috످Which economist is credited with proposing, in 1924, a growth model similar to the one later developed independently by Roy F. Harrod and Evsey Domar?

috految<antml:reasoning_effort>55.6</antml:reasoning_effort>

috److془Gustav Cassel, 1924. Confident.془Swedish economist Gustav Cassel is credited with proposing a similar growth model in 1924, anticipating the work of Roy F. Harrod (1939) and Evsey Domar (1946).

috످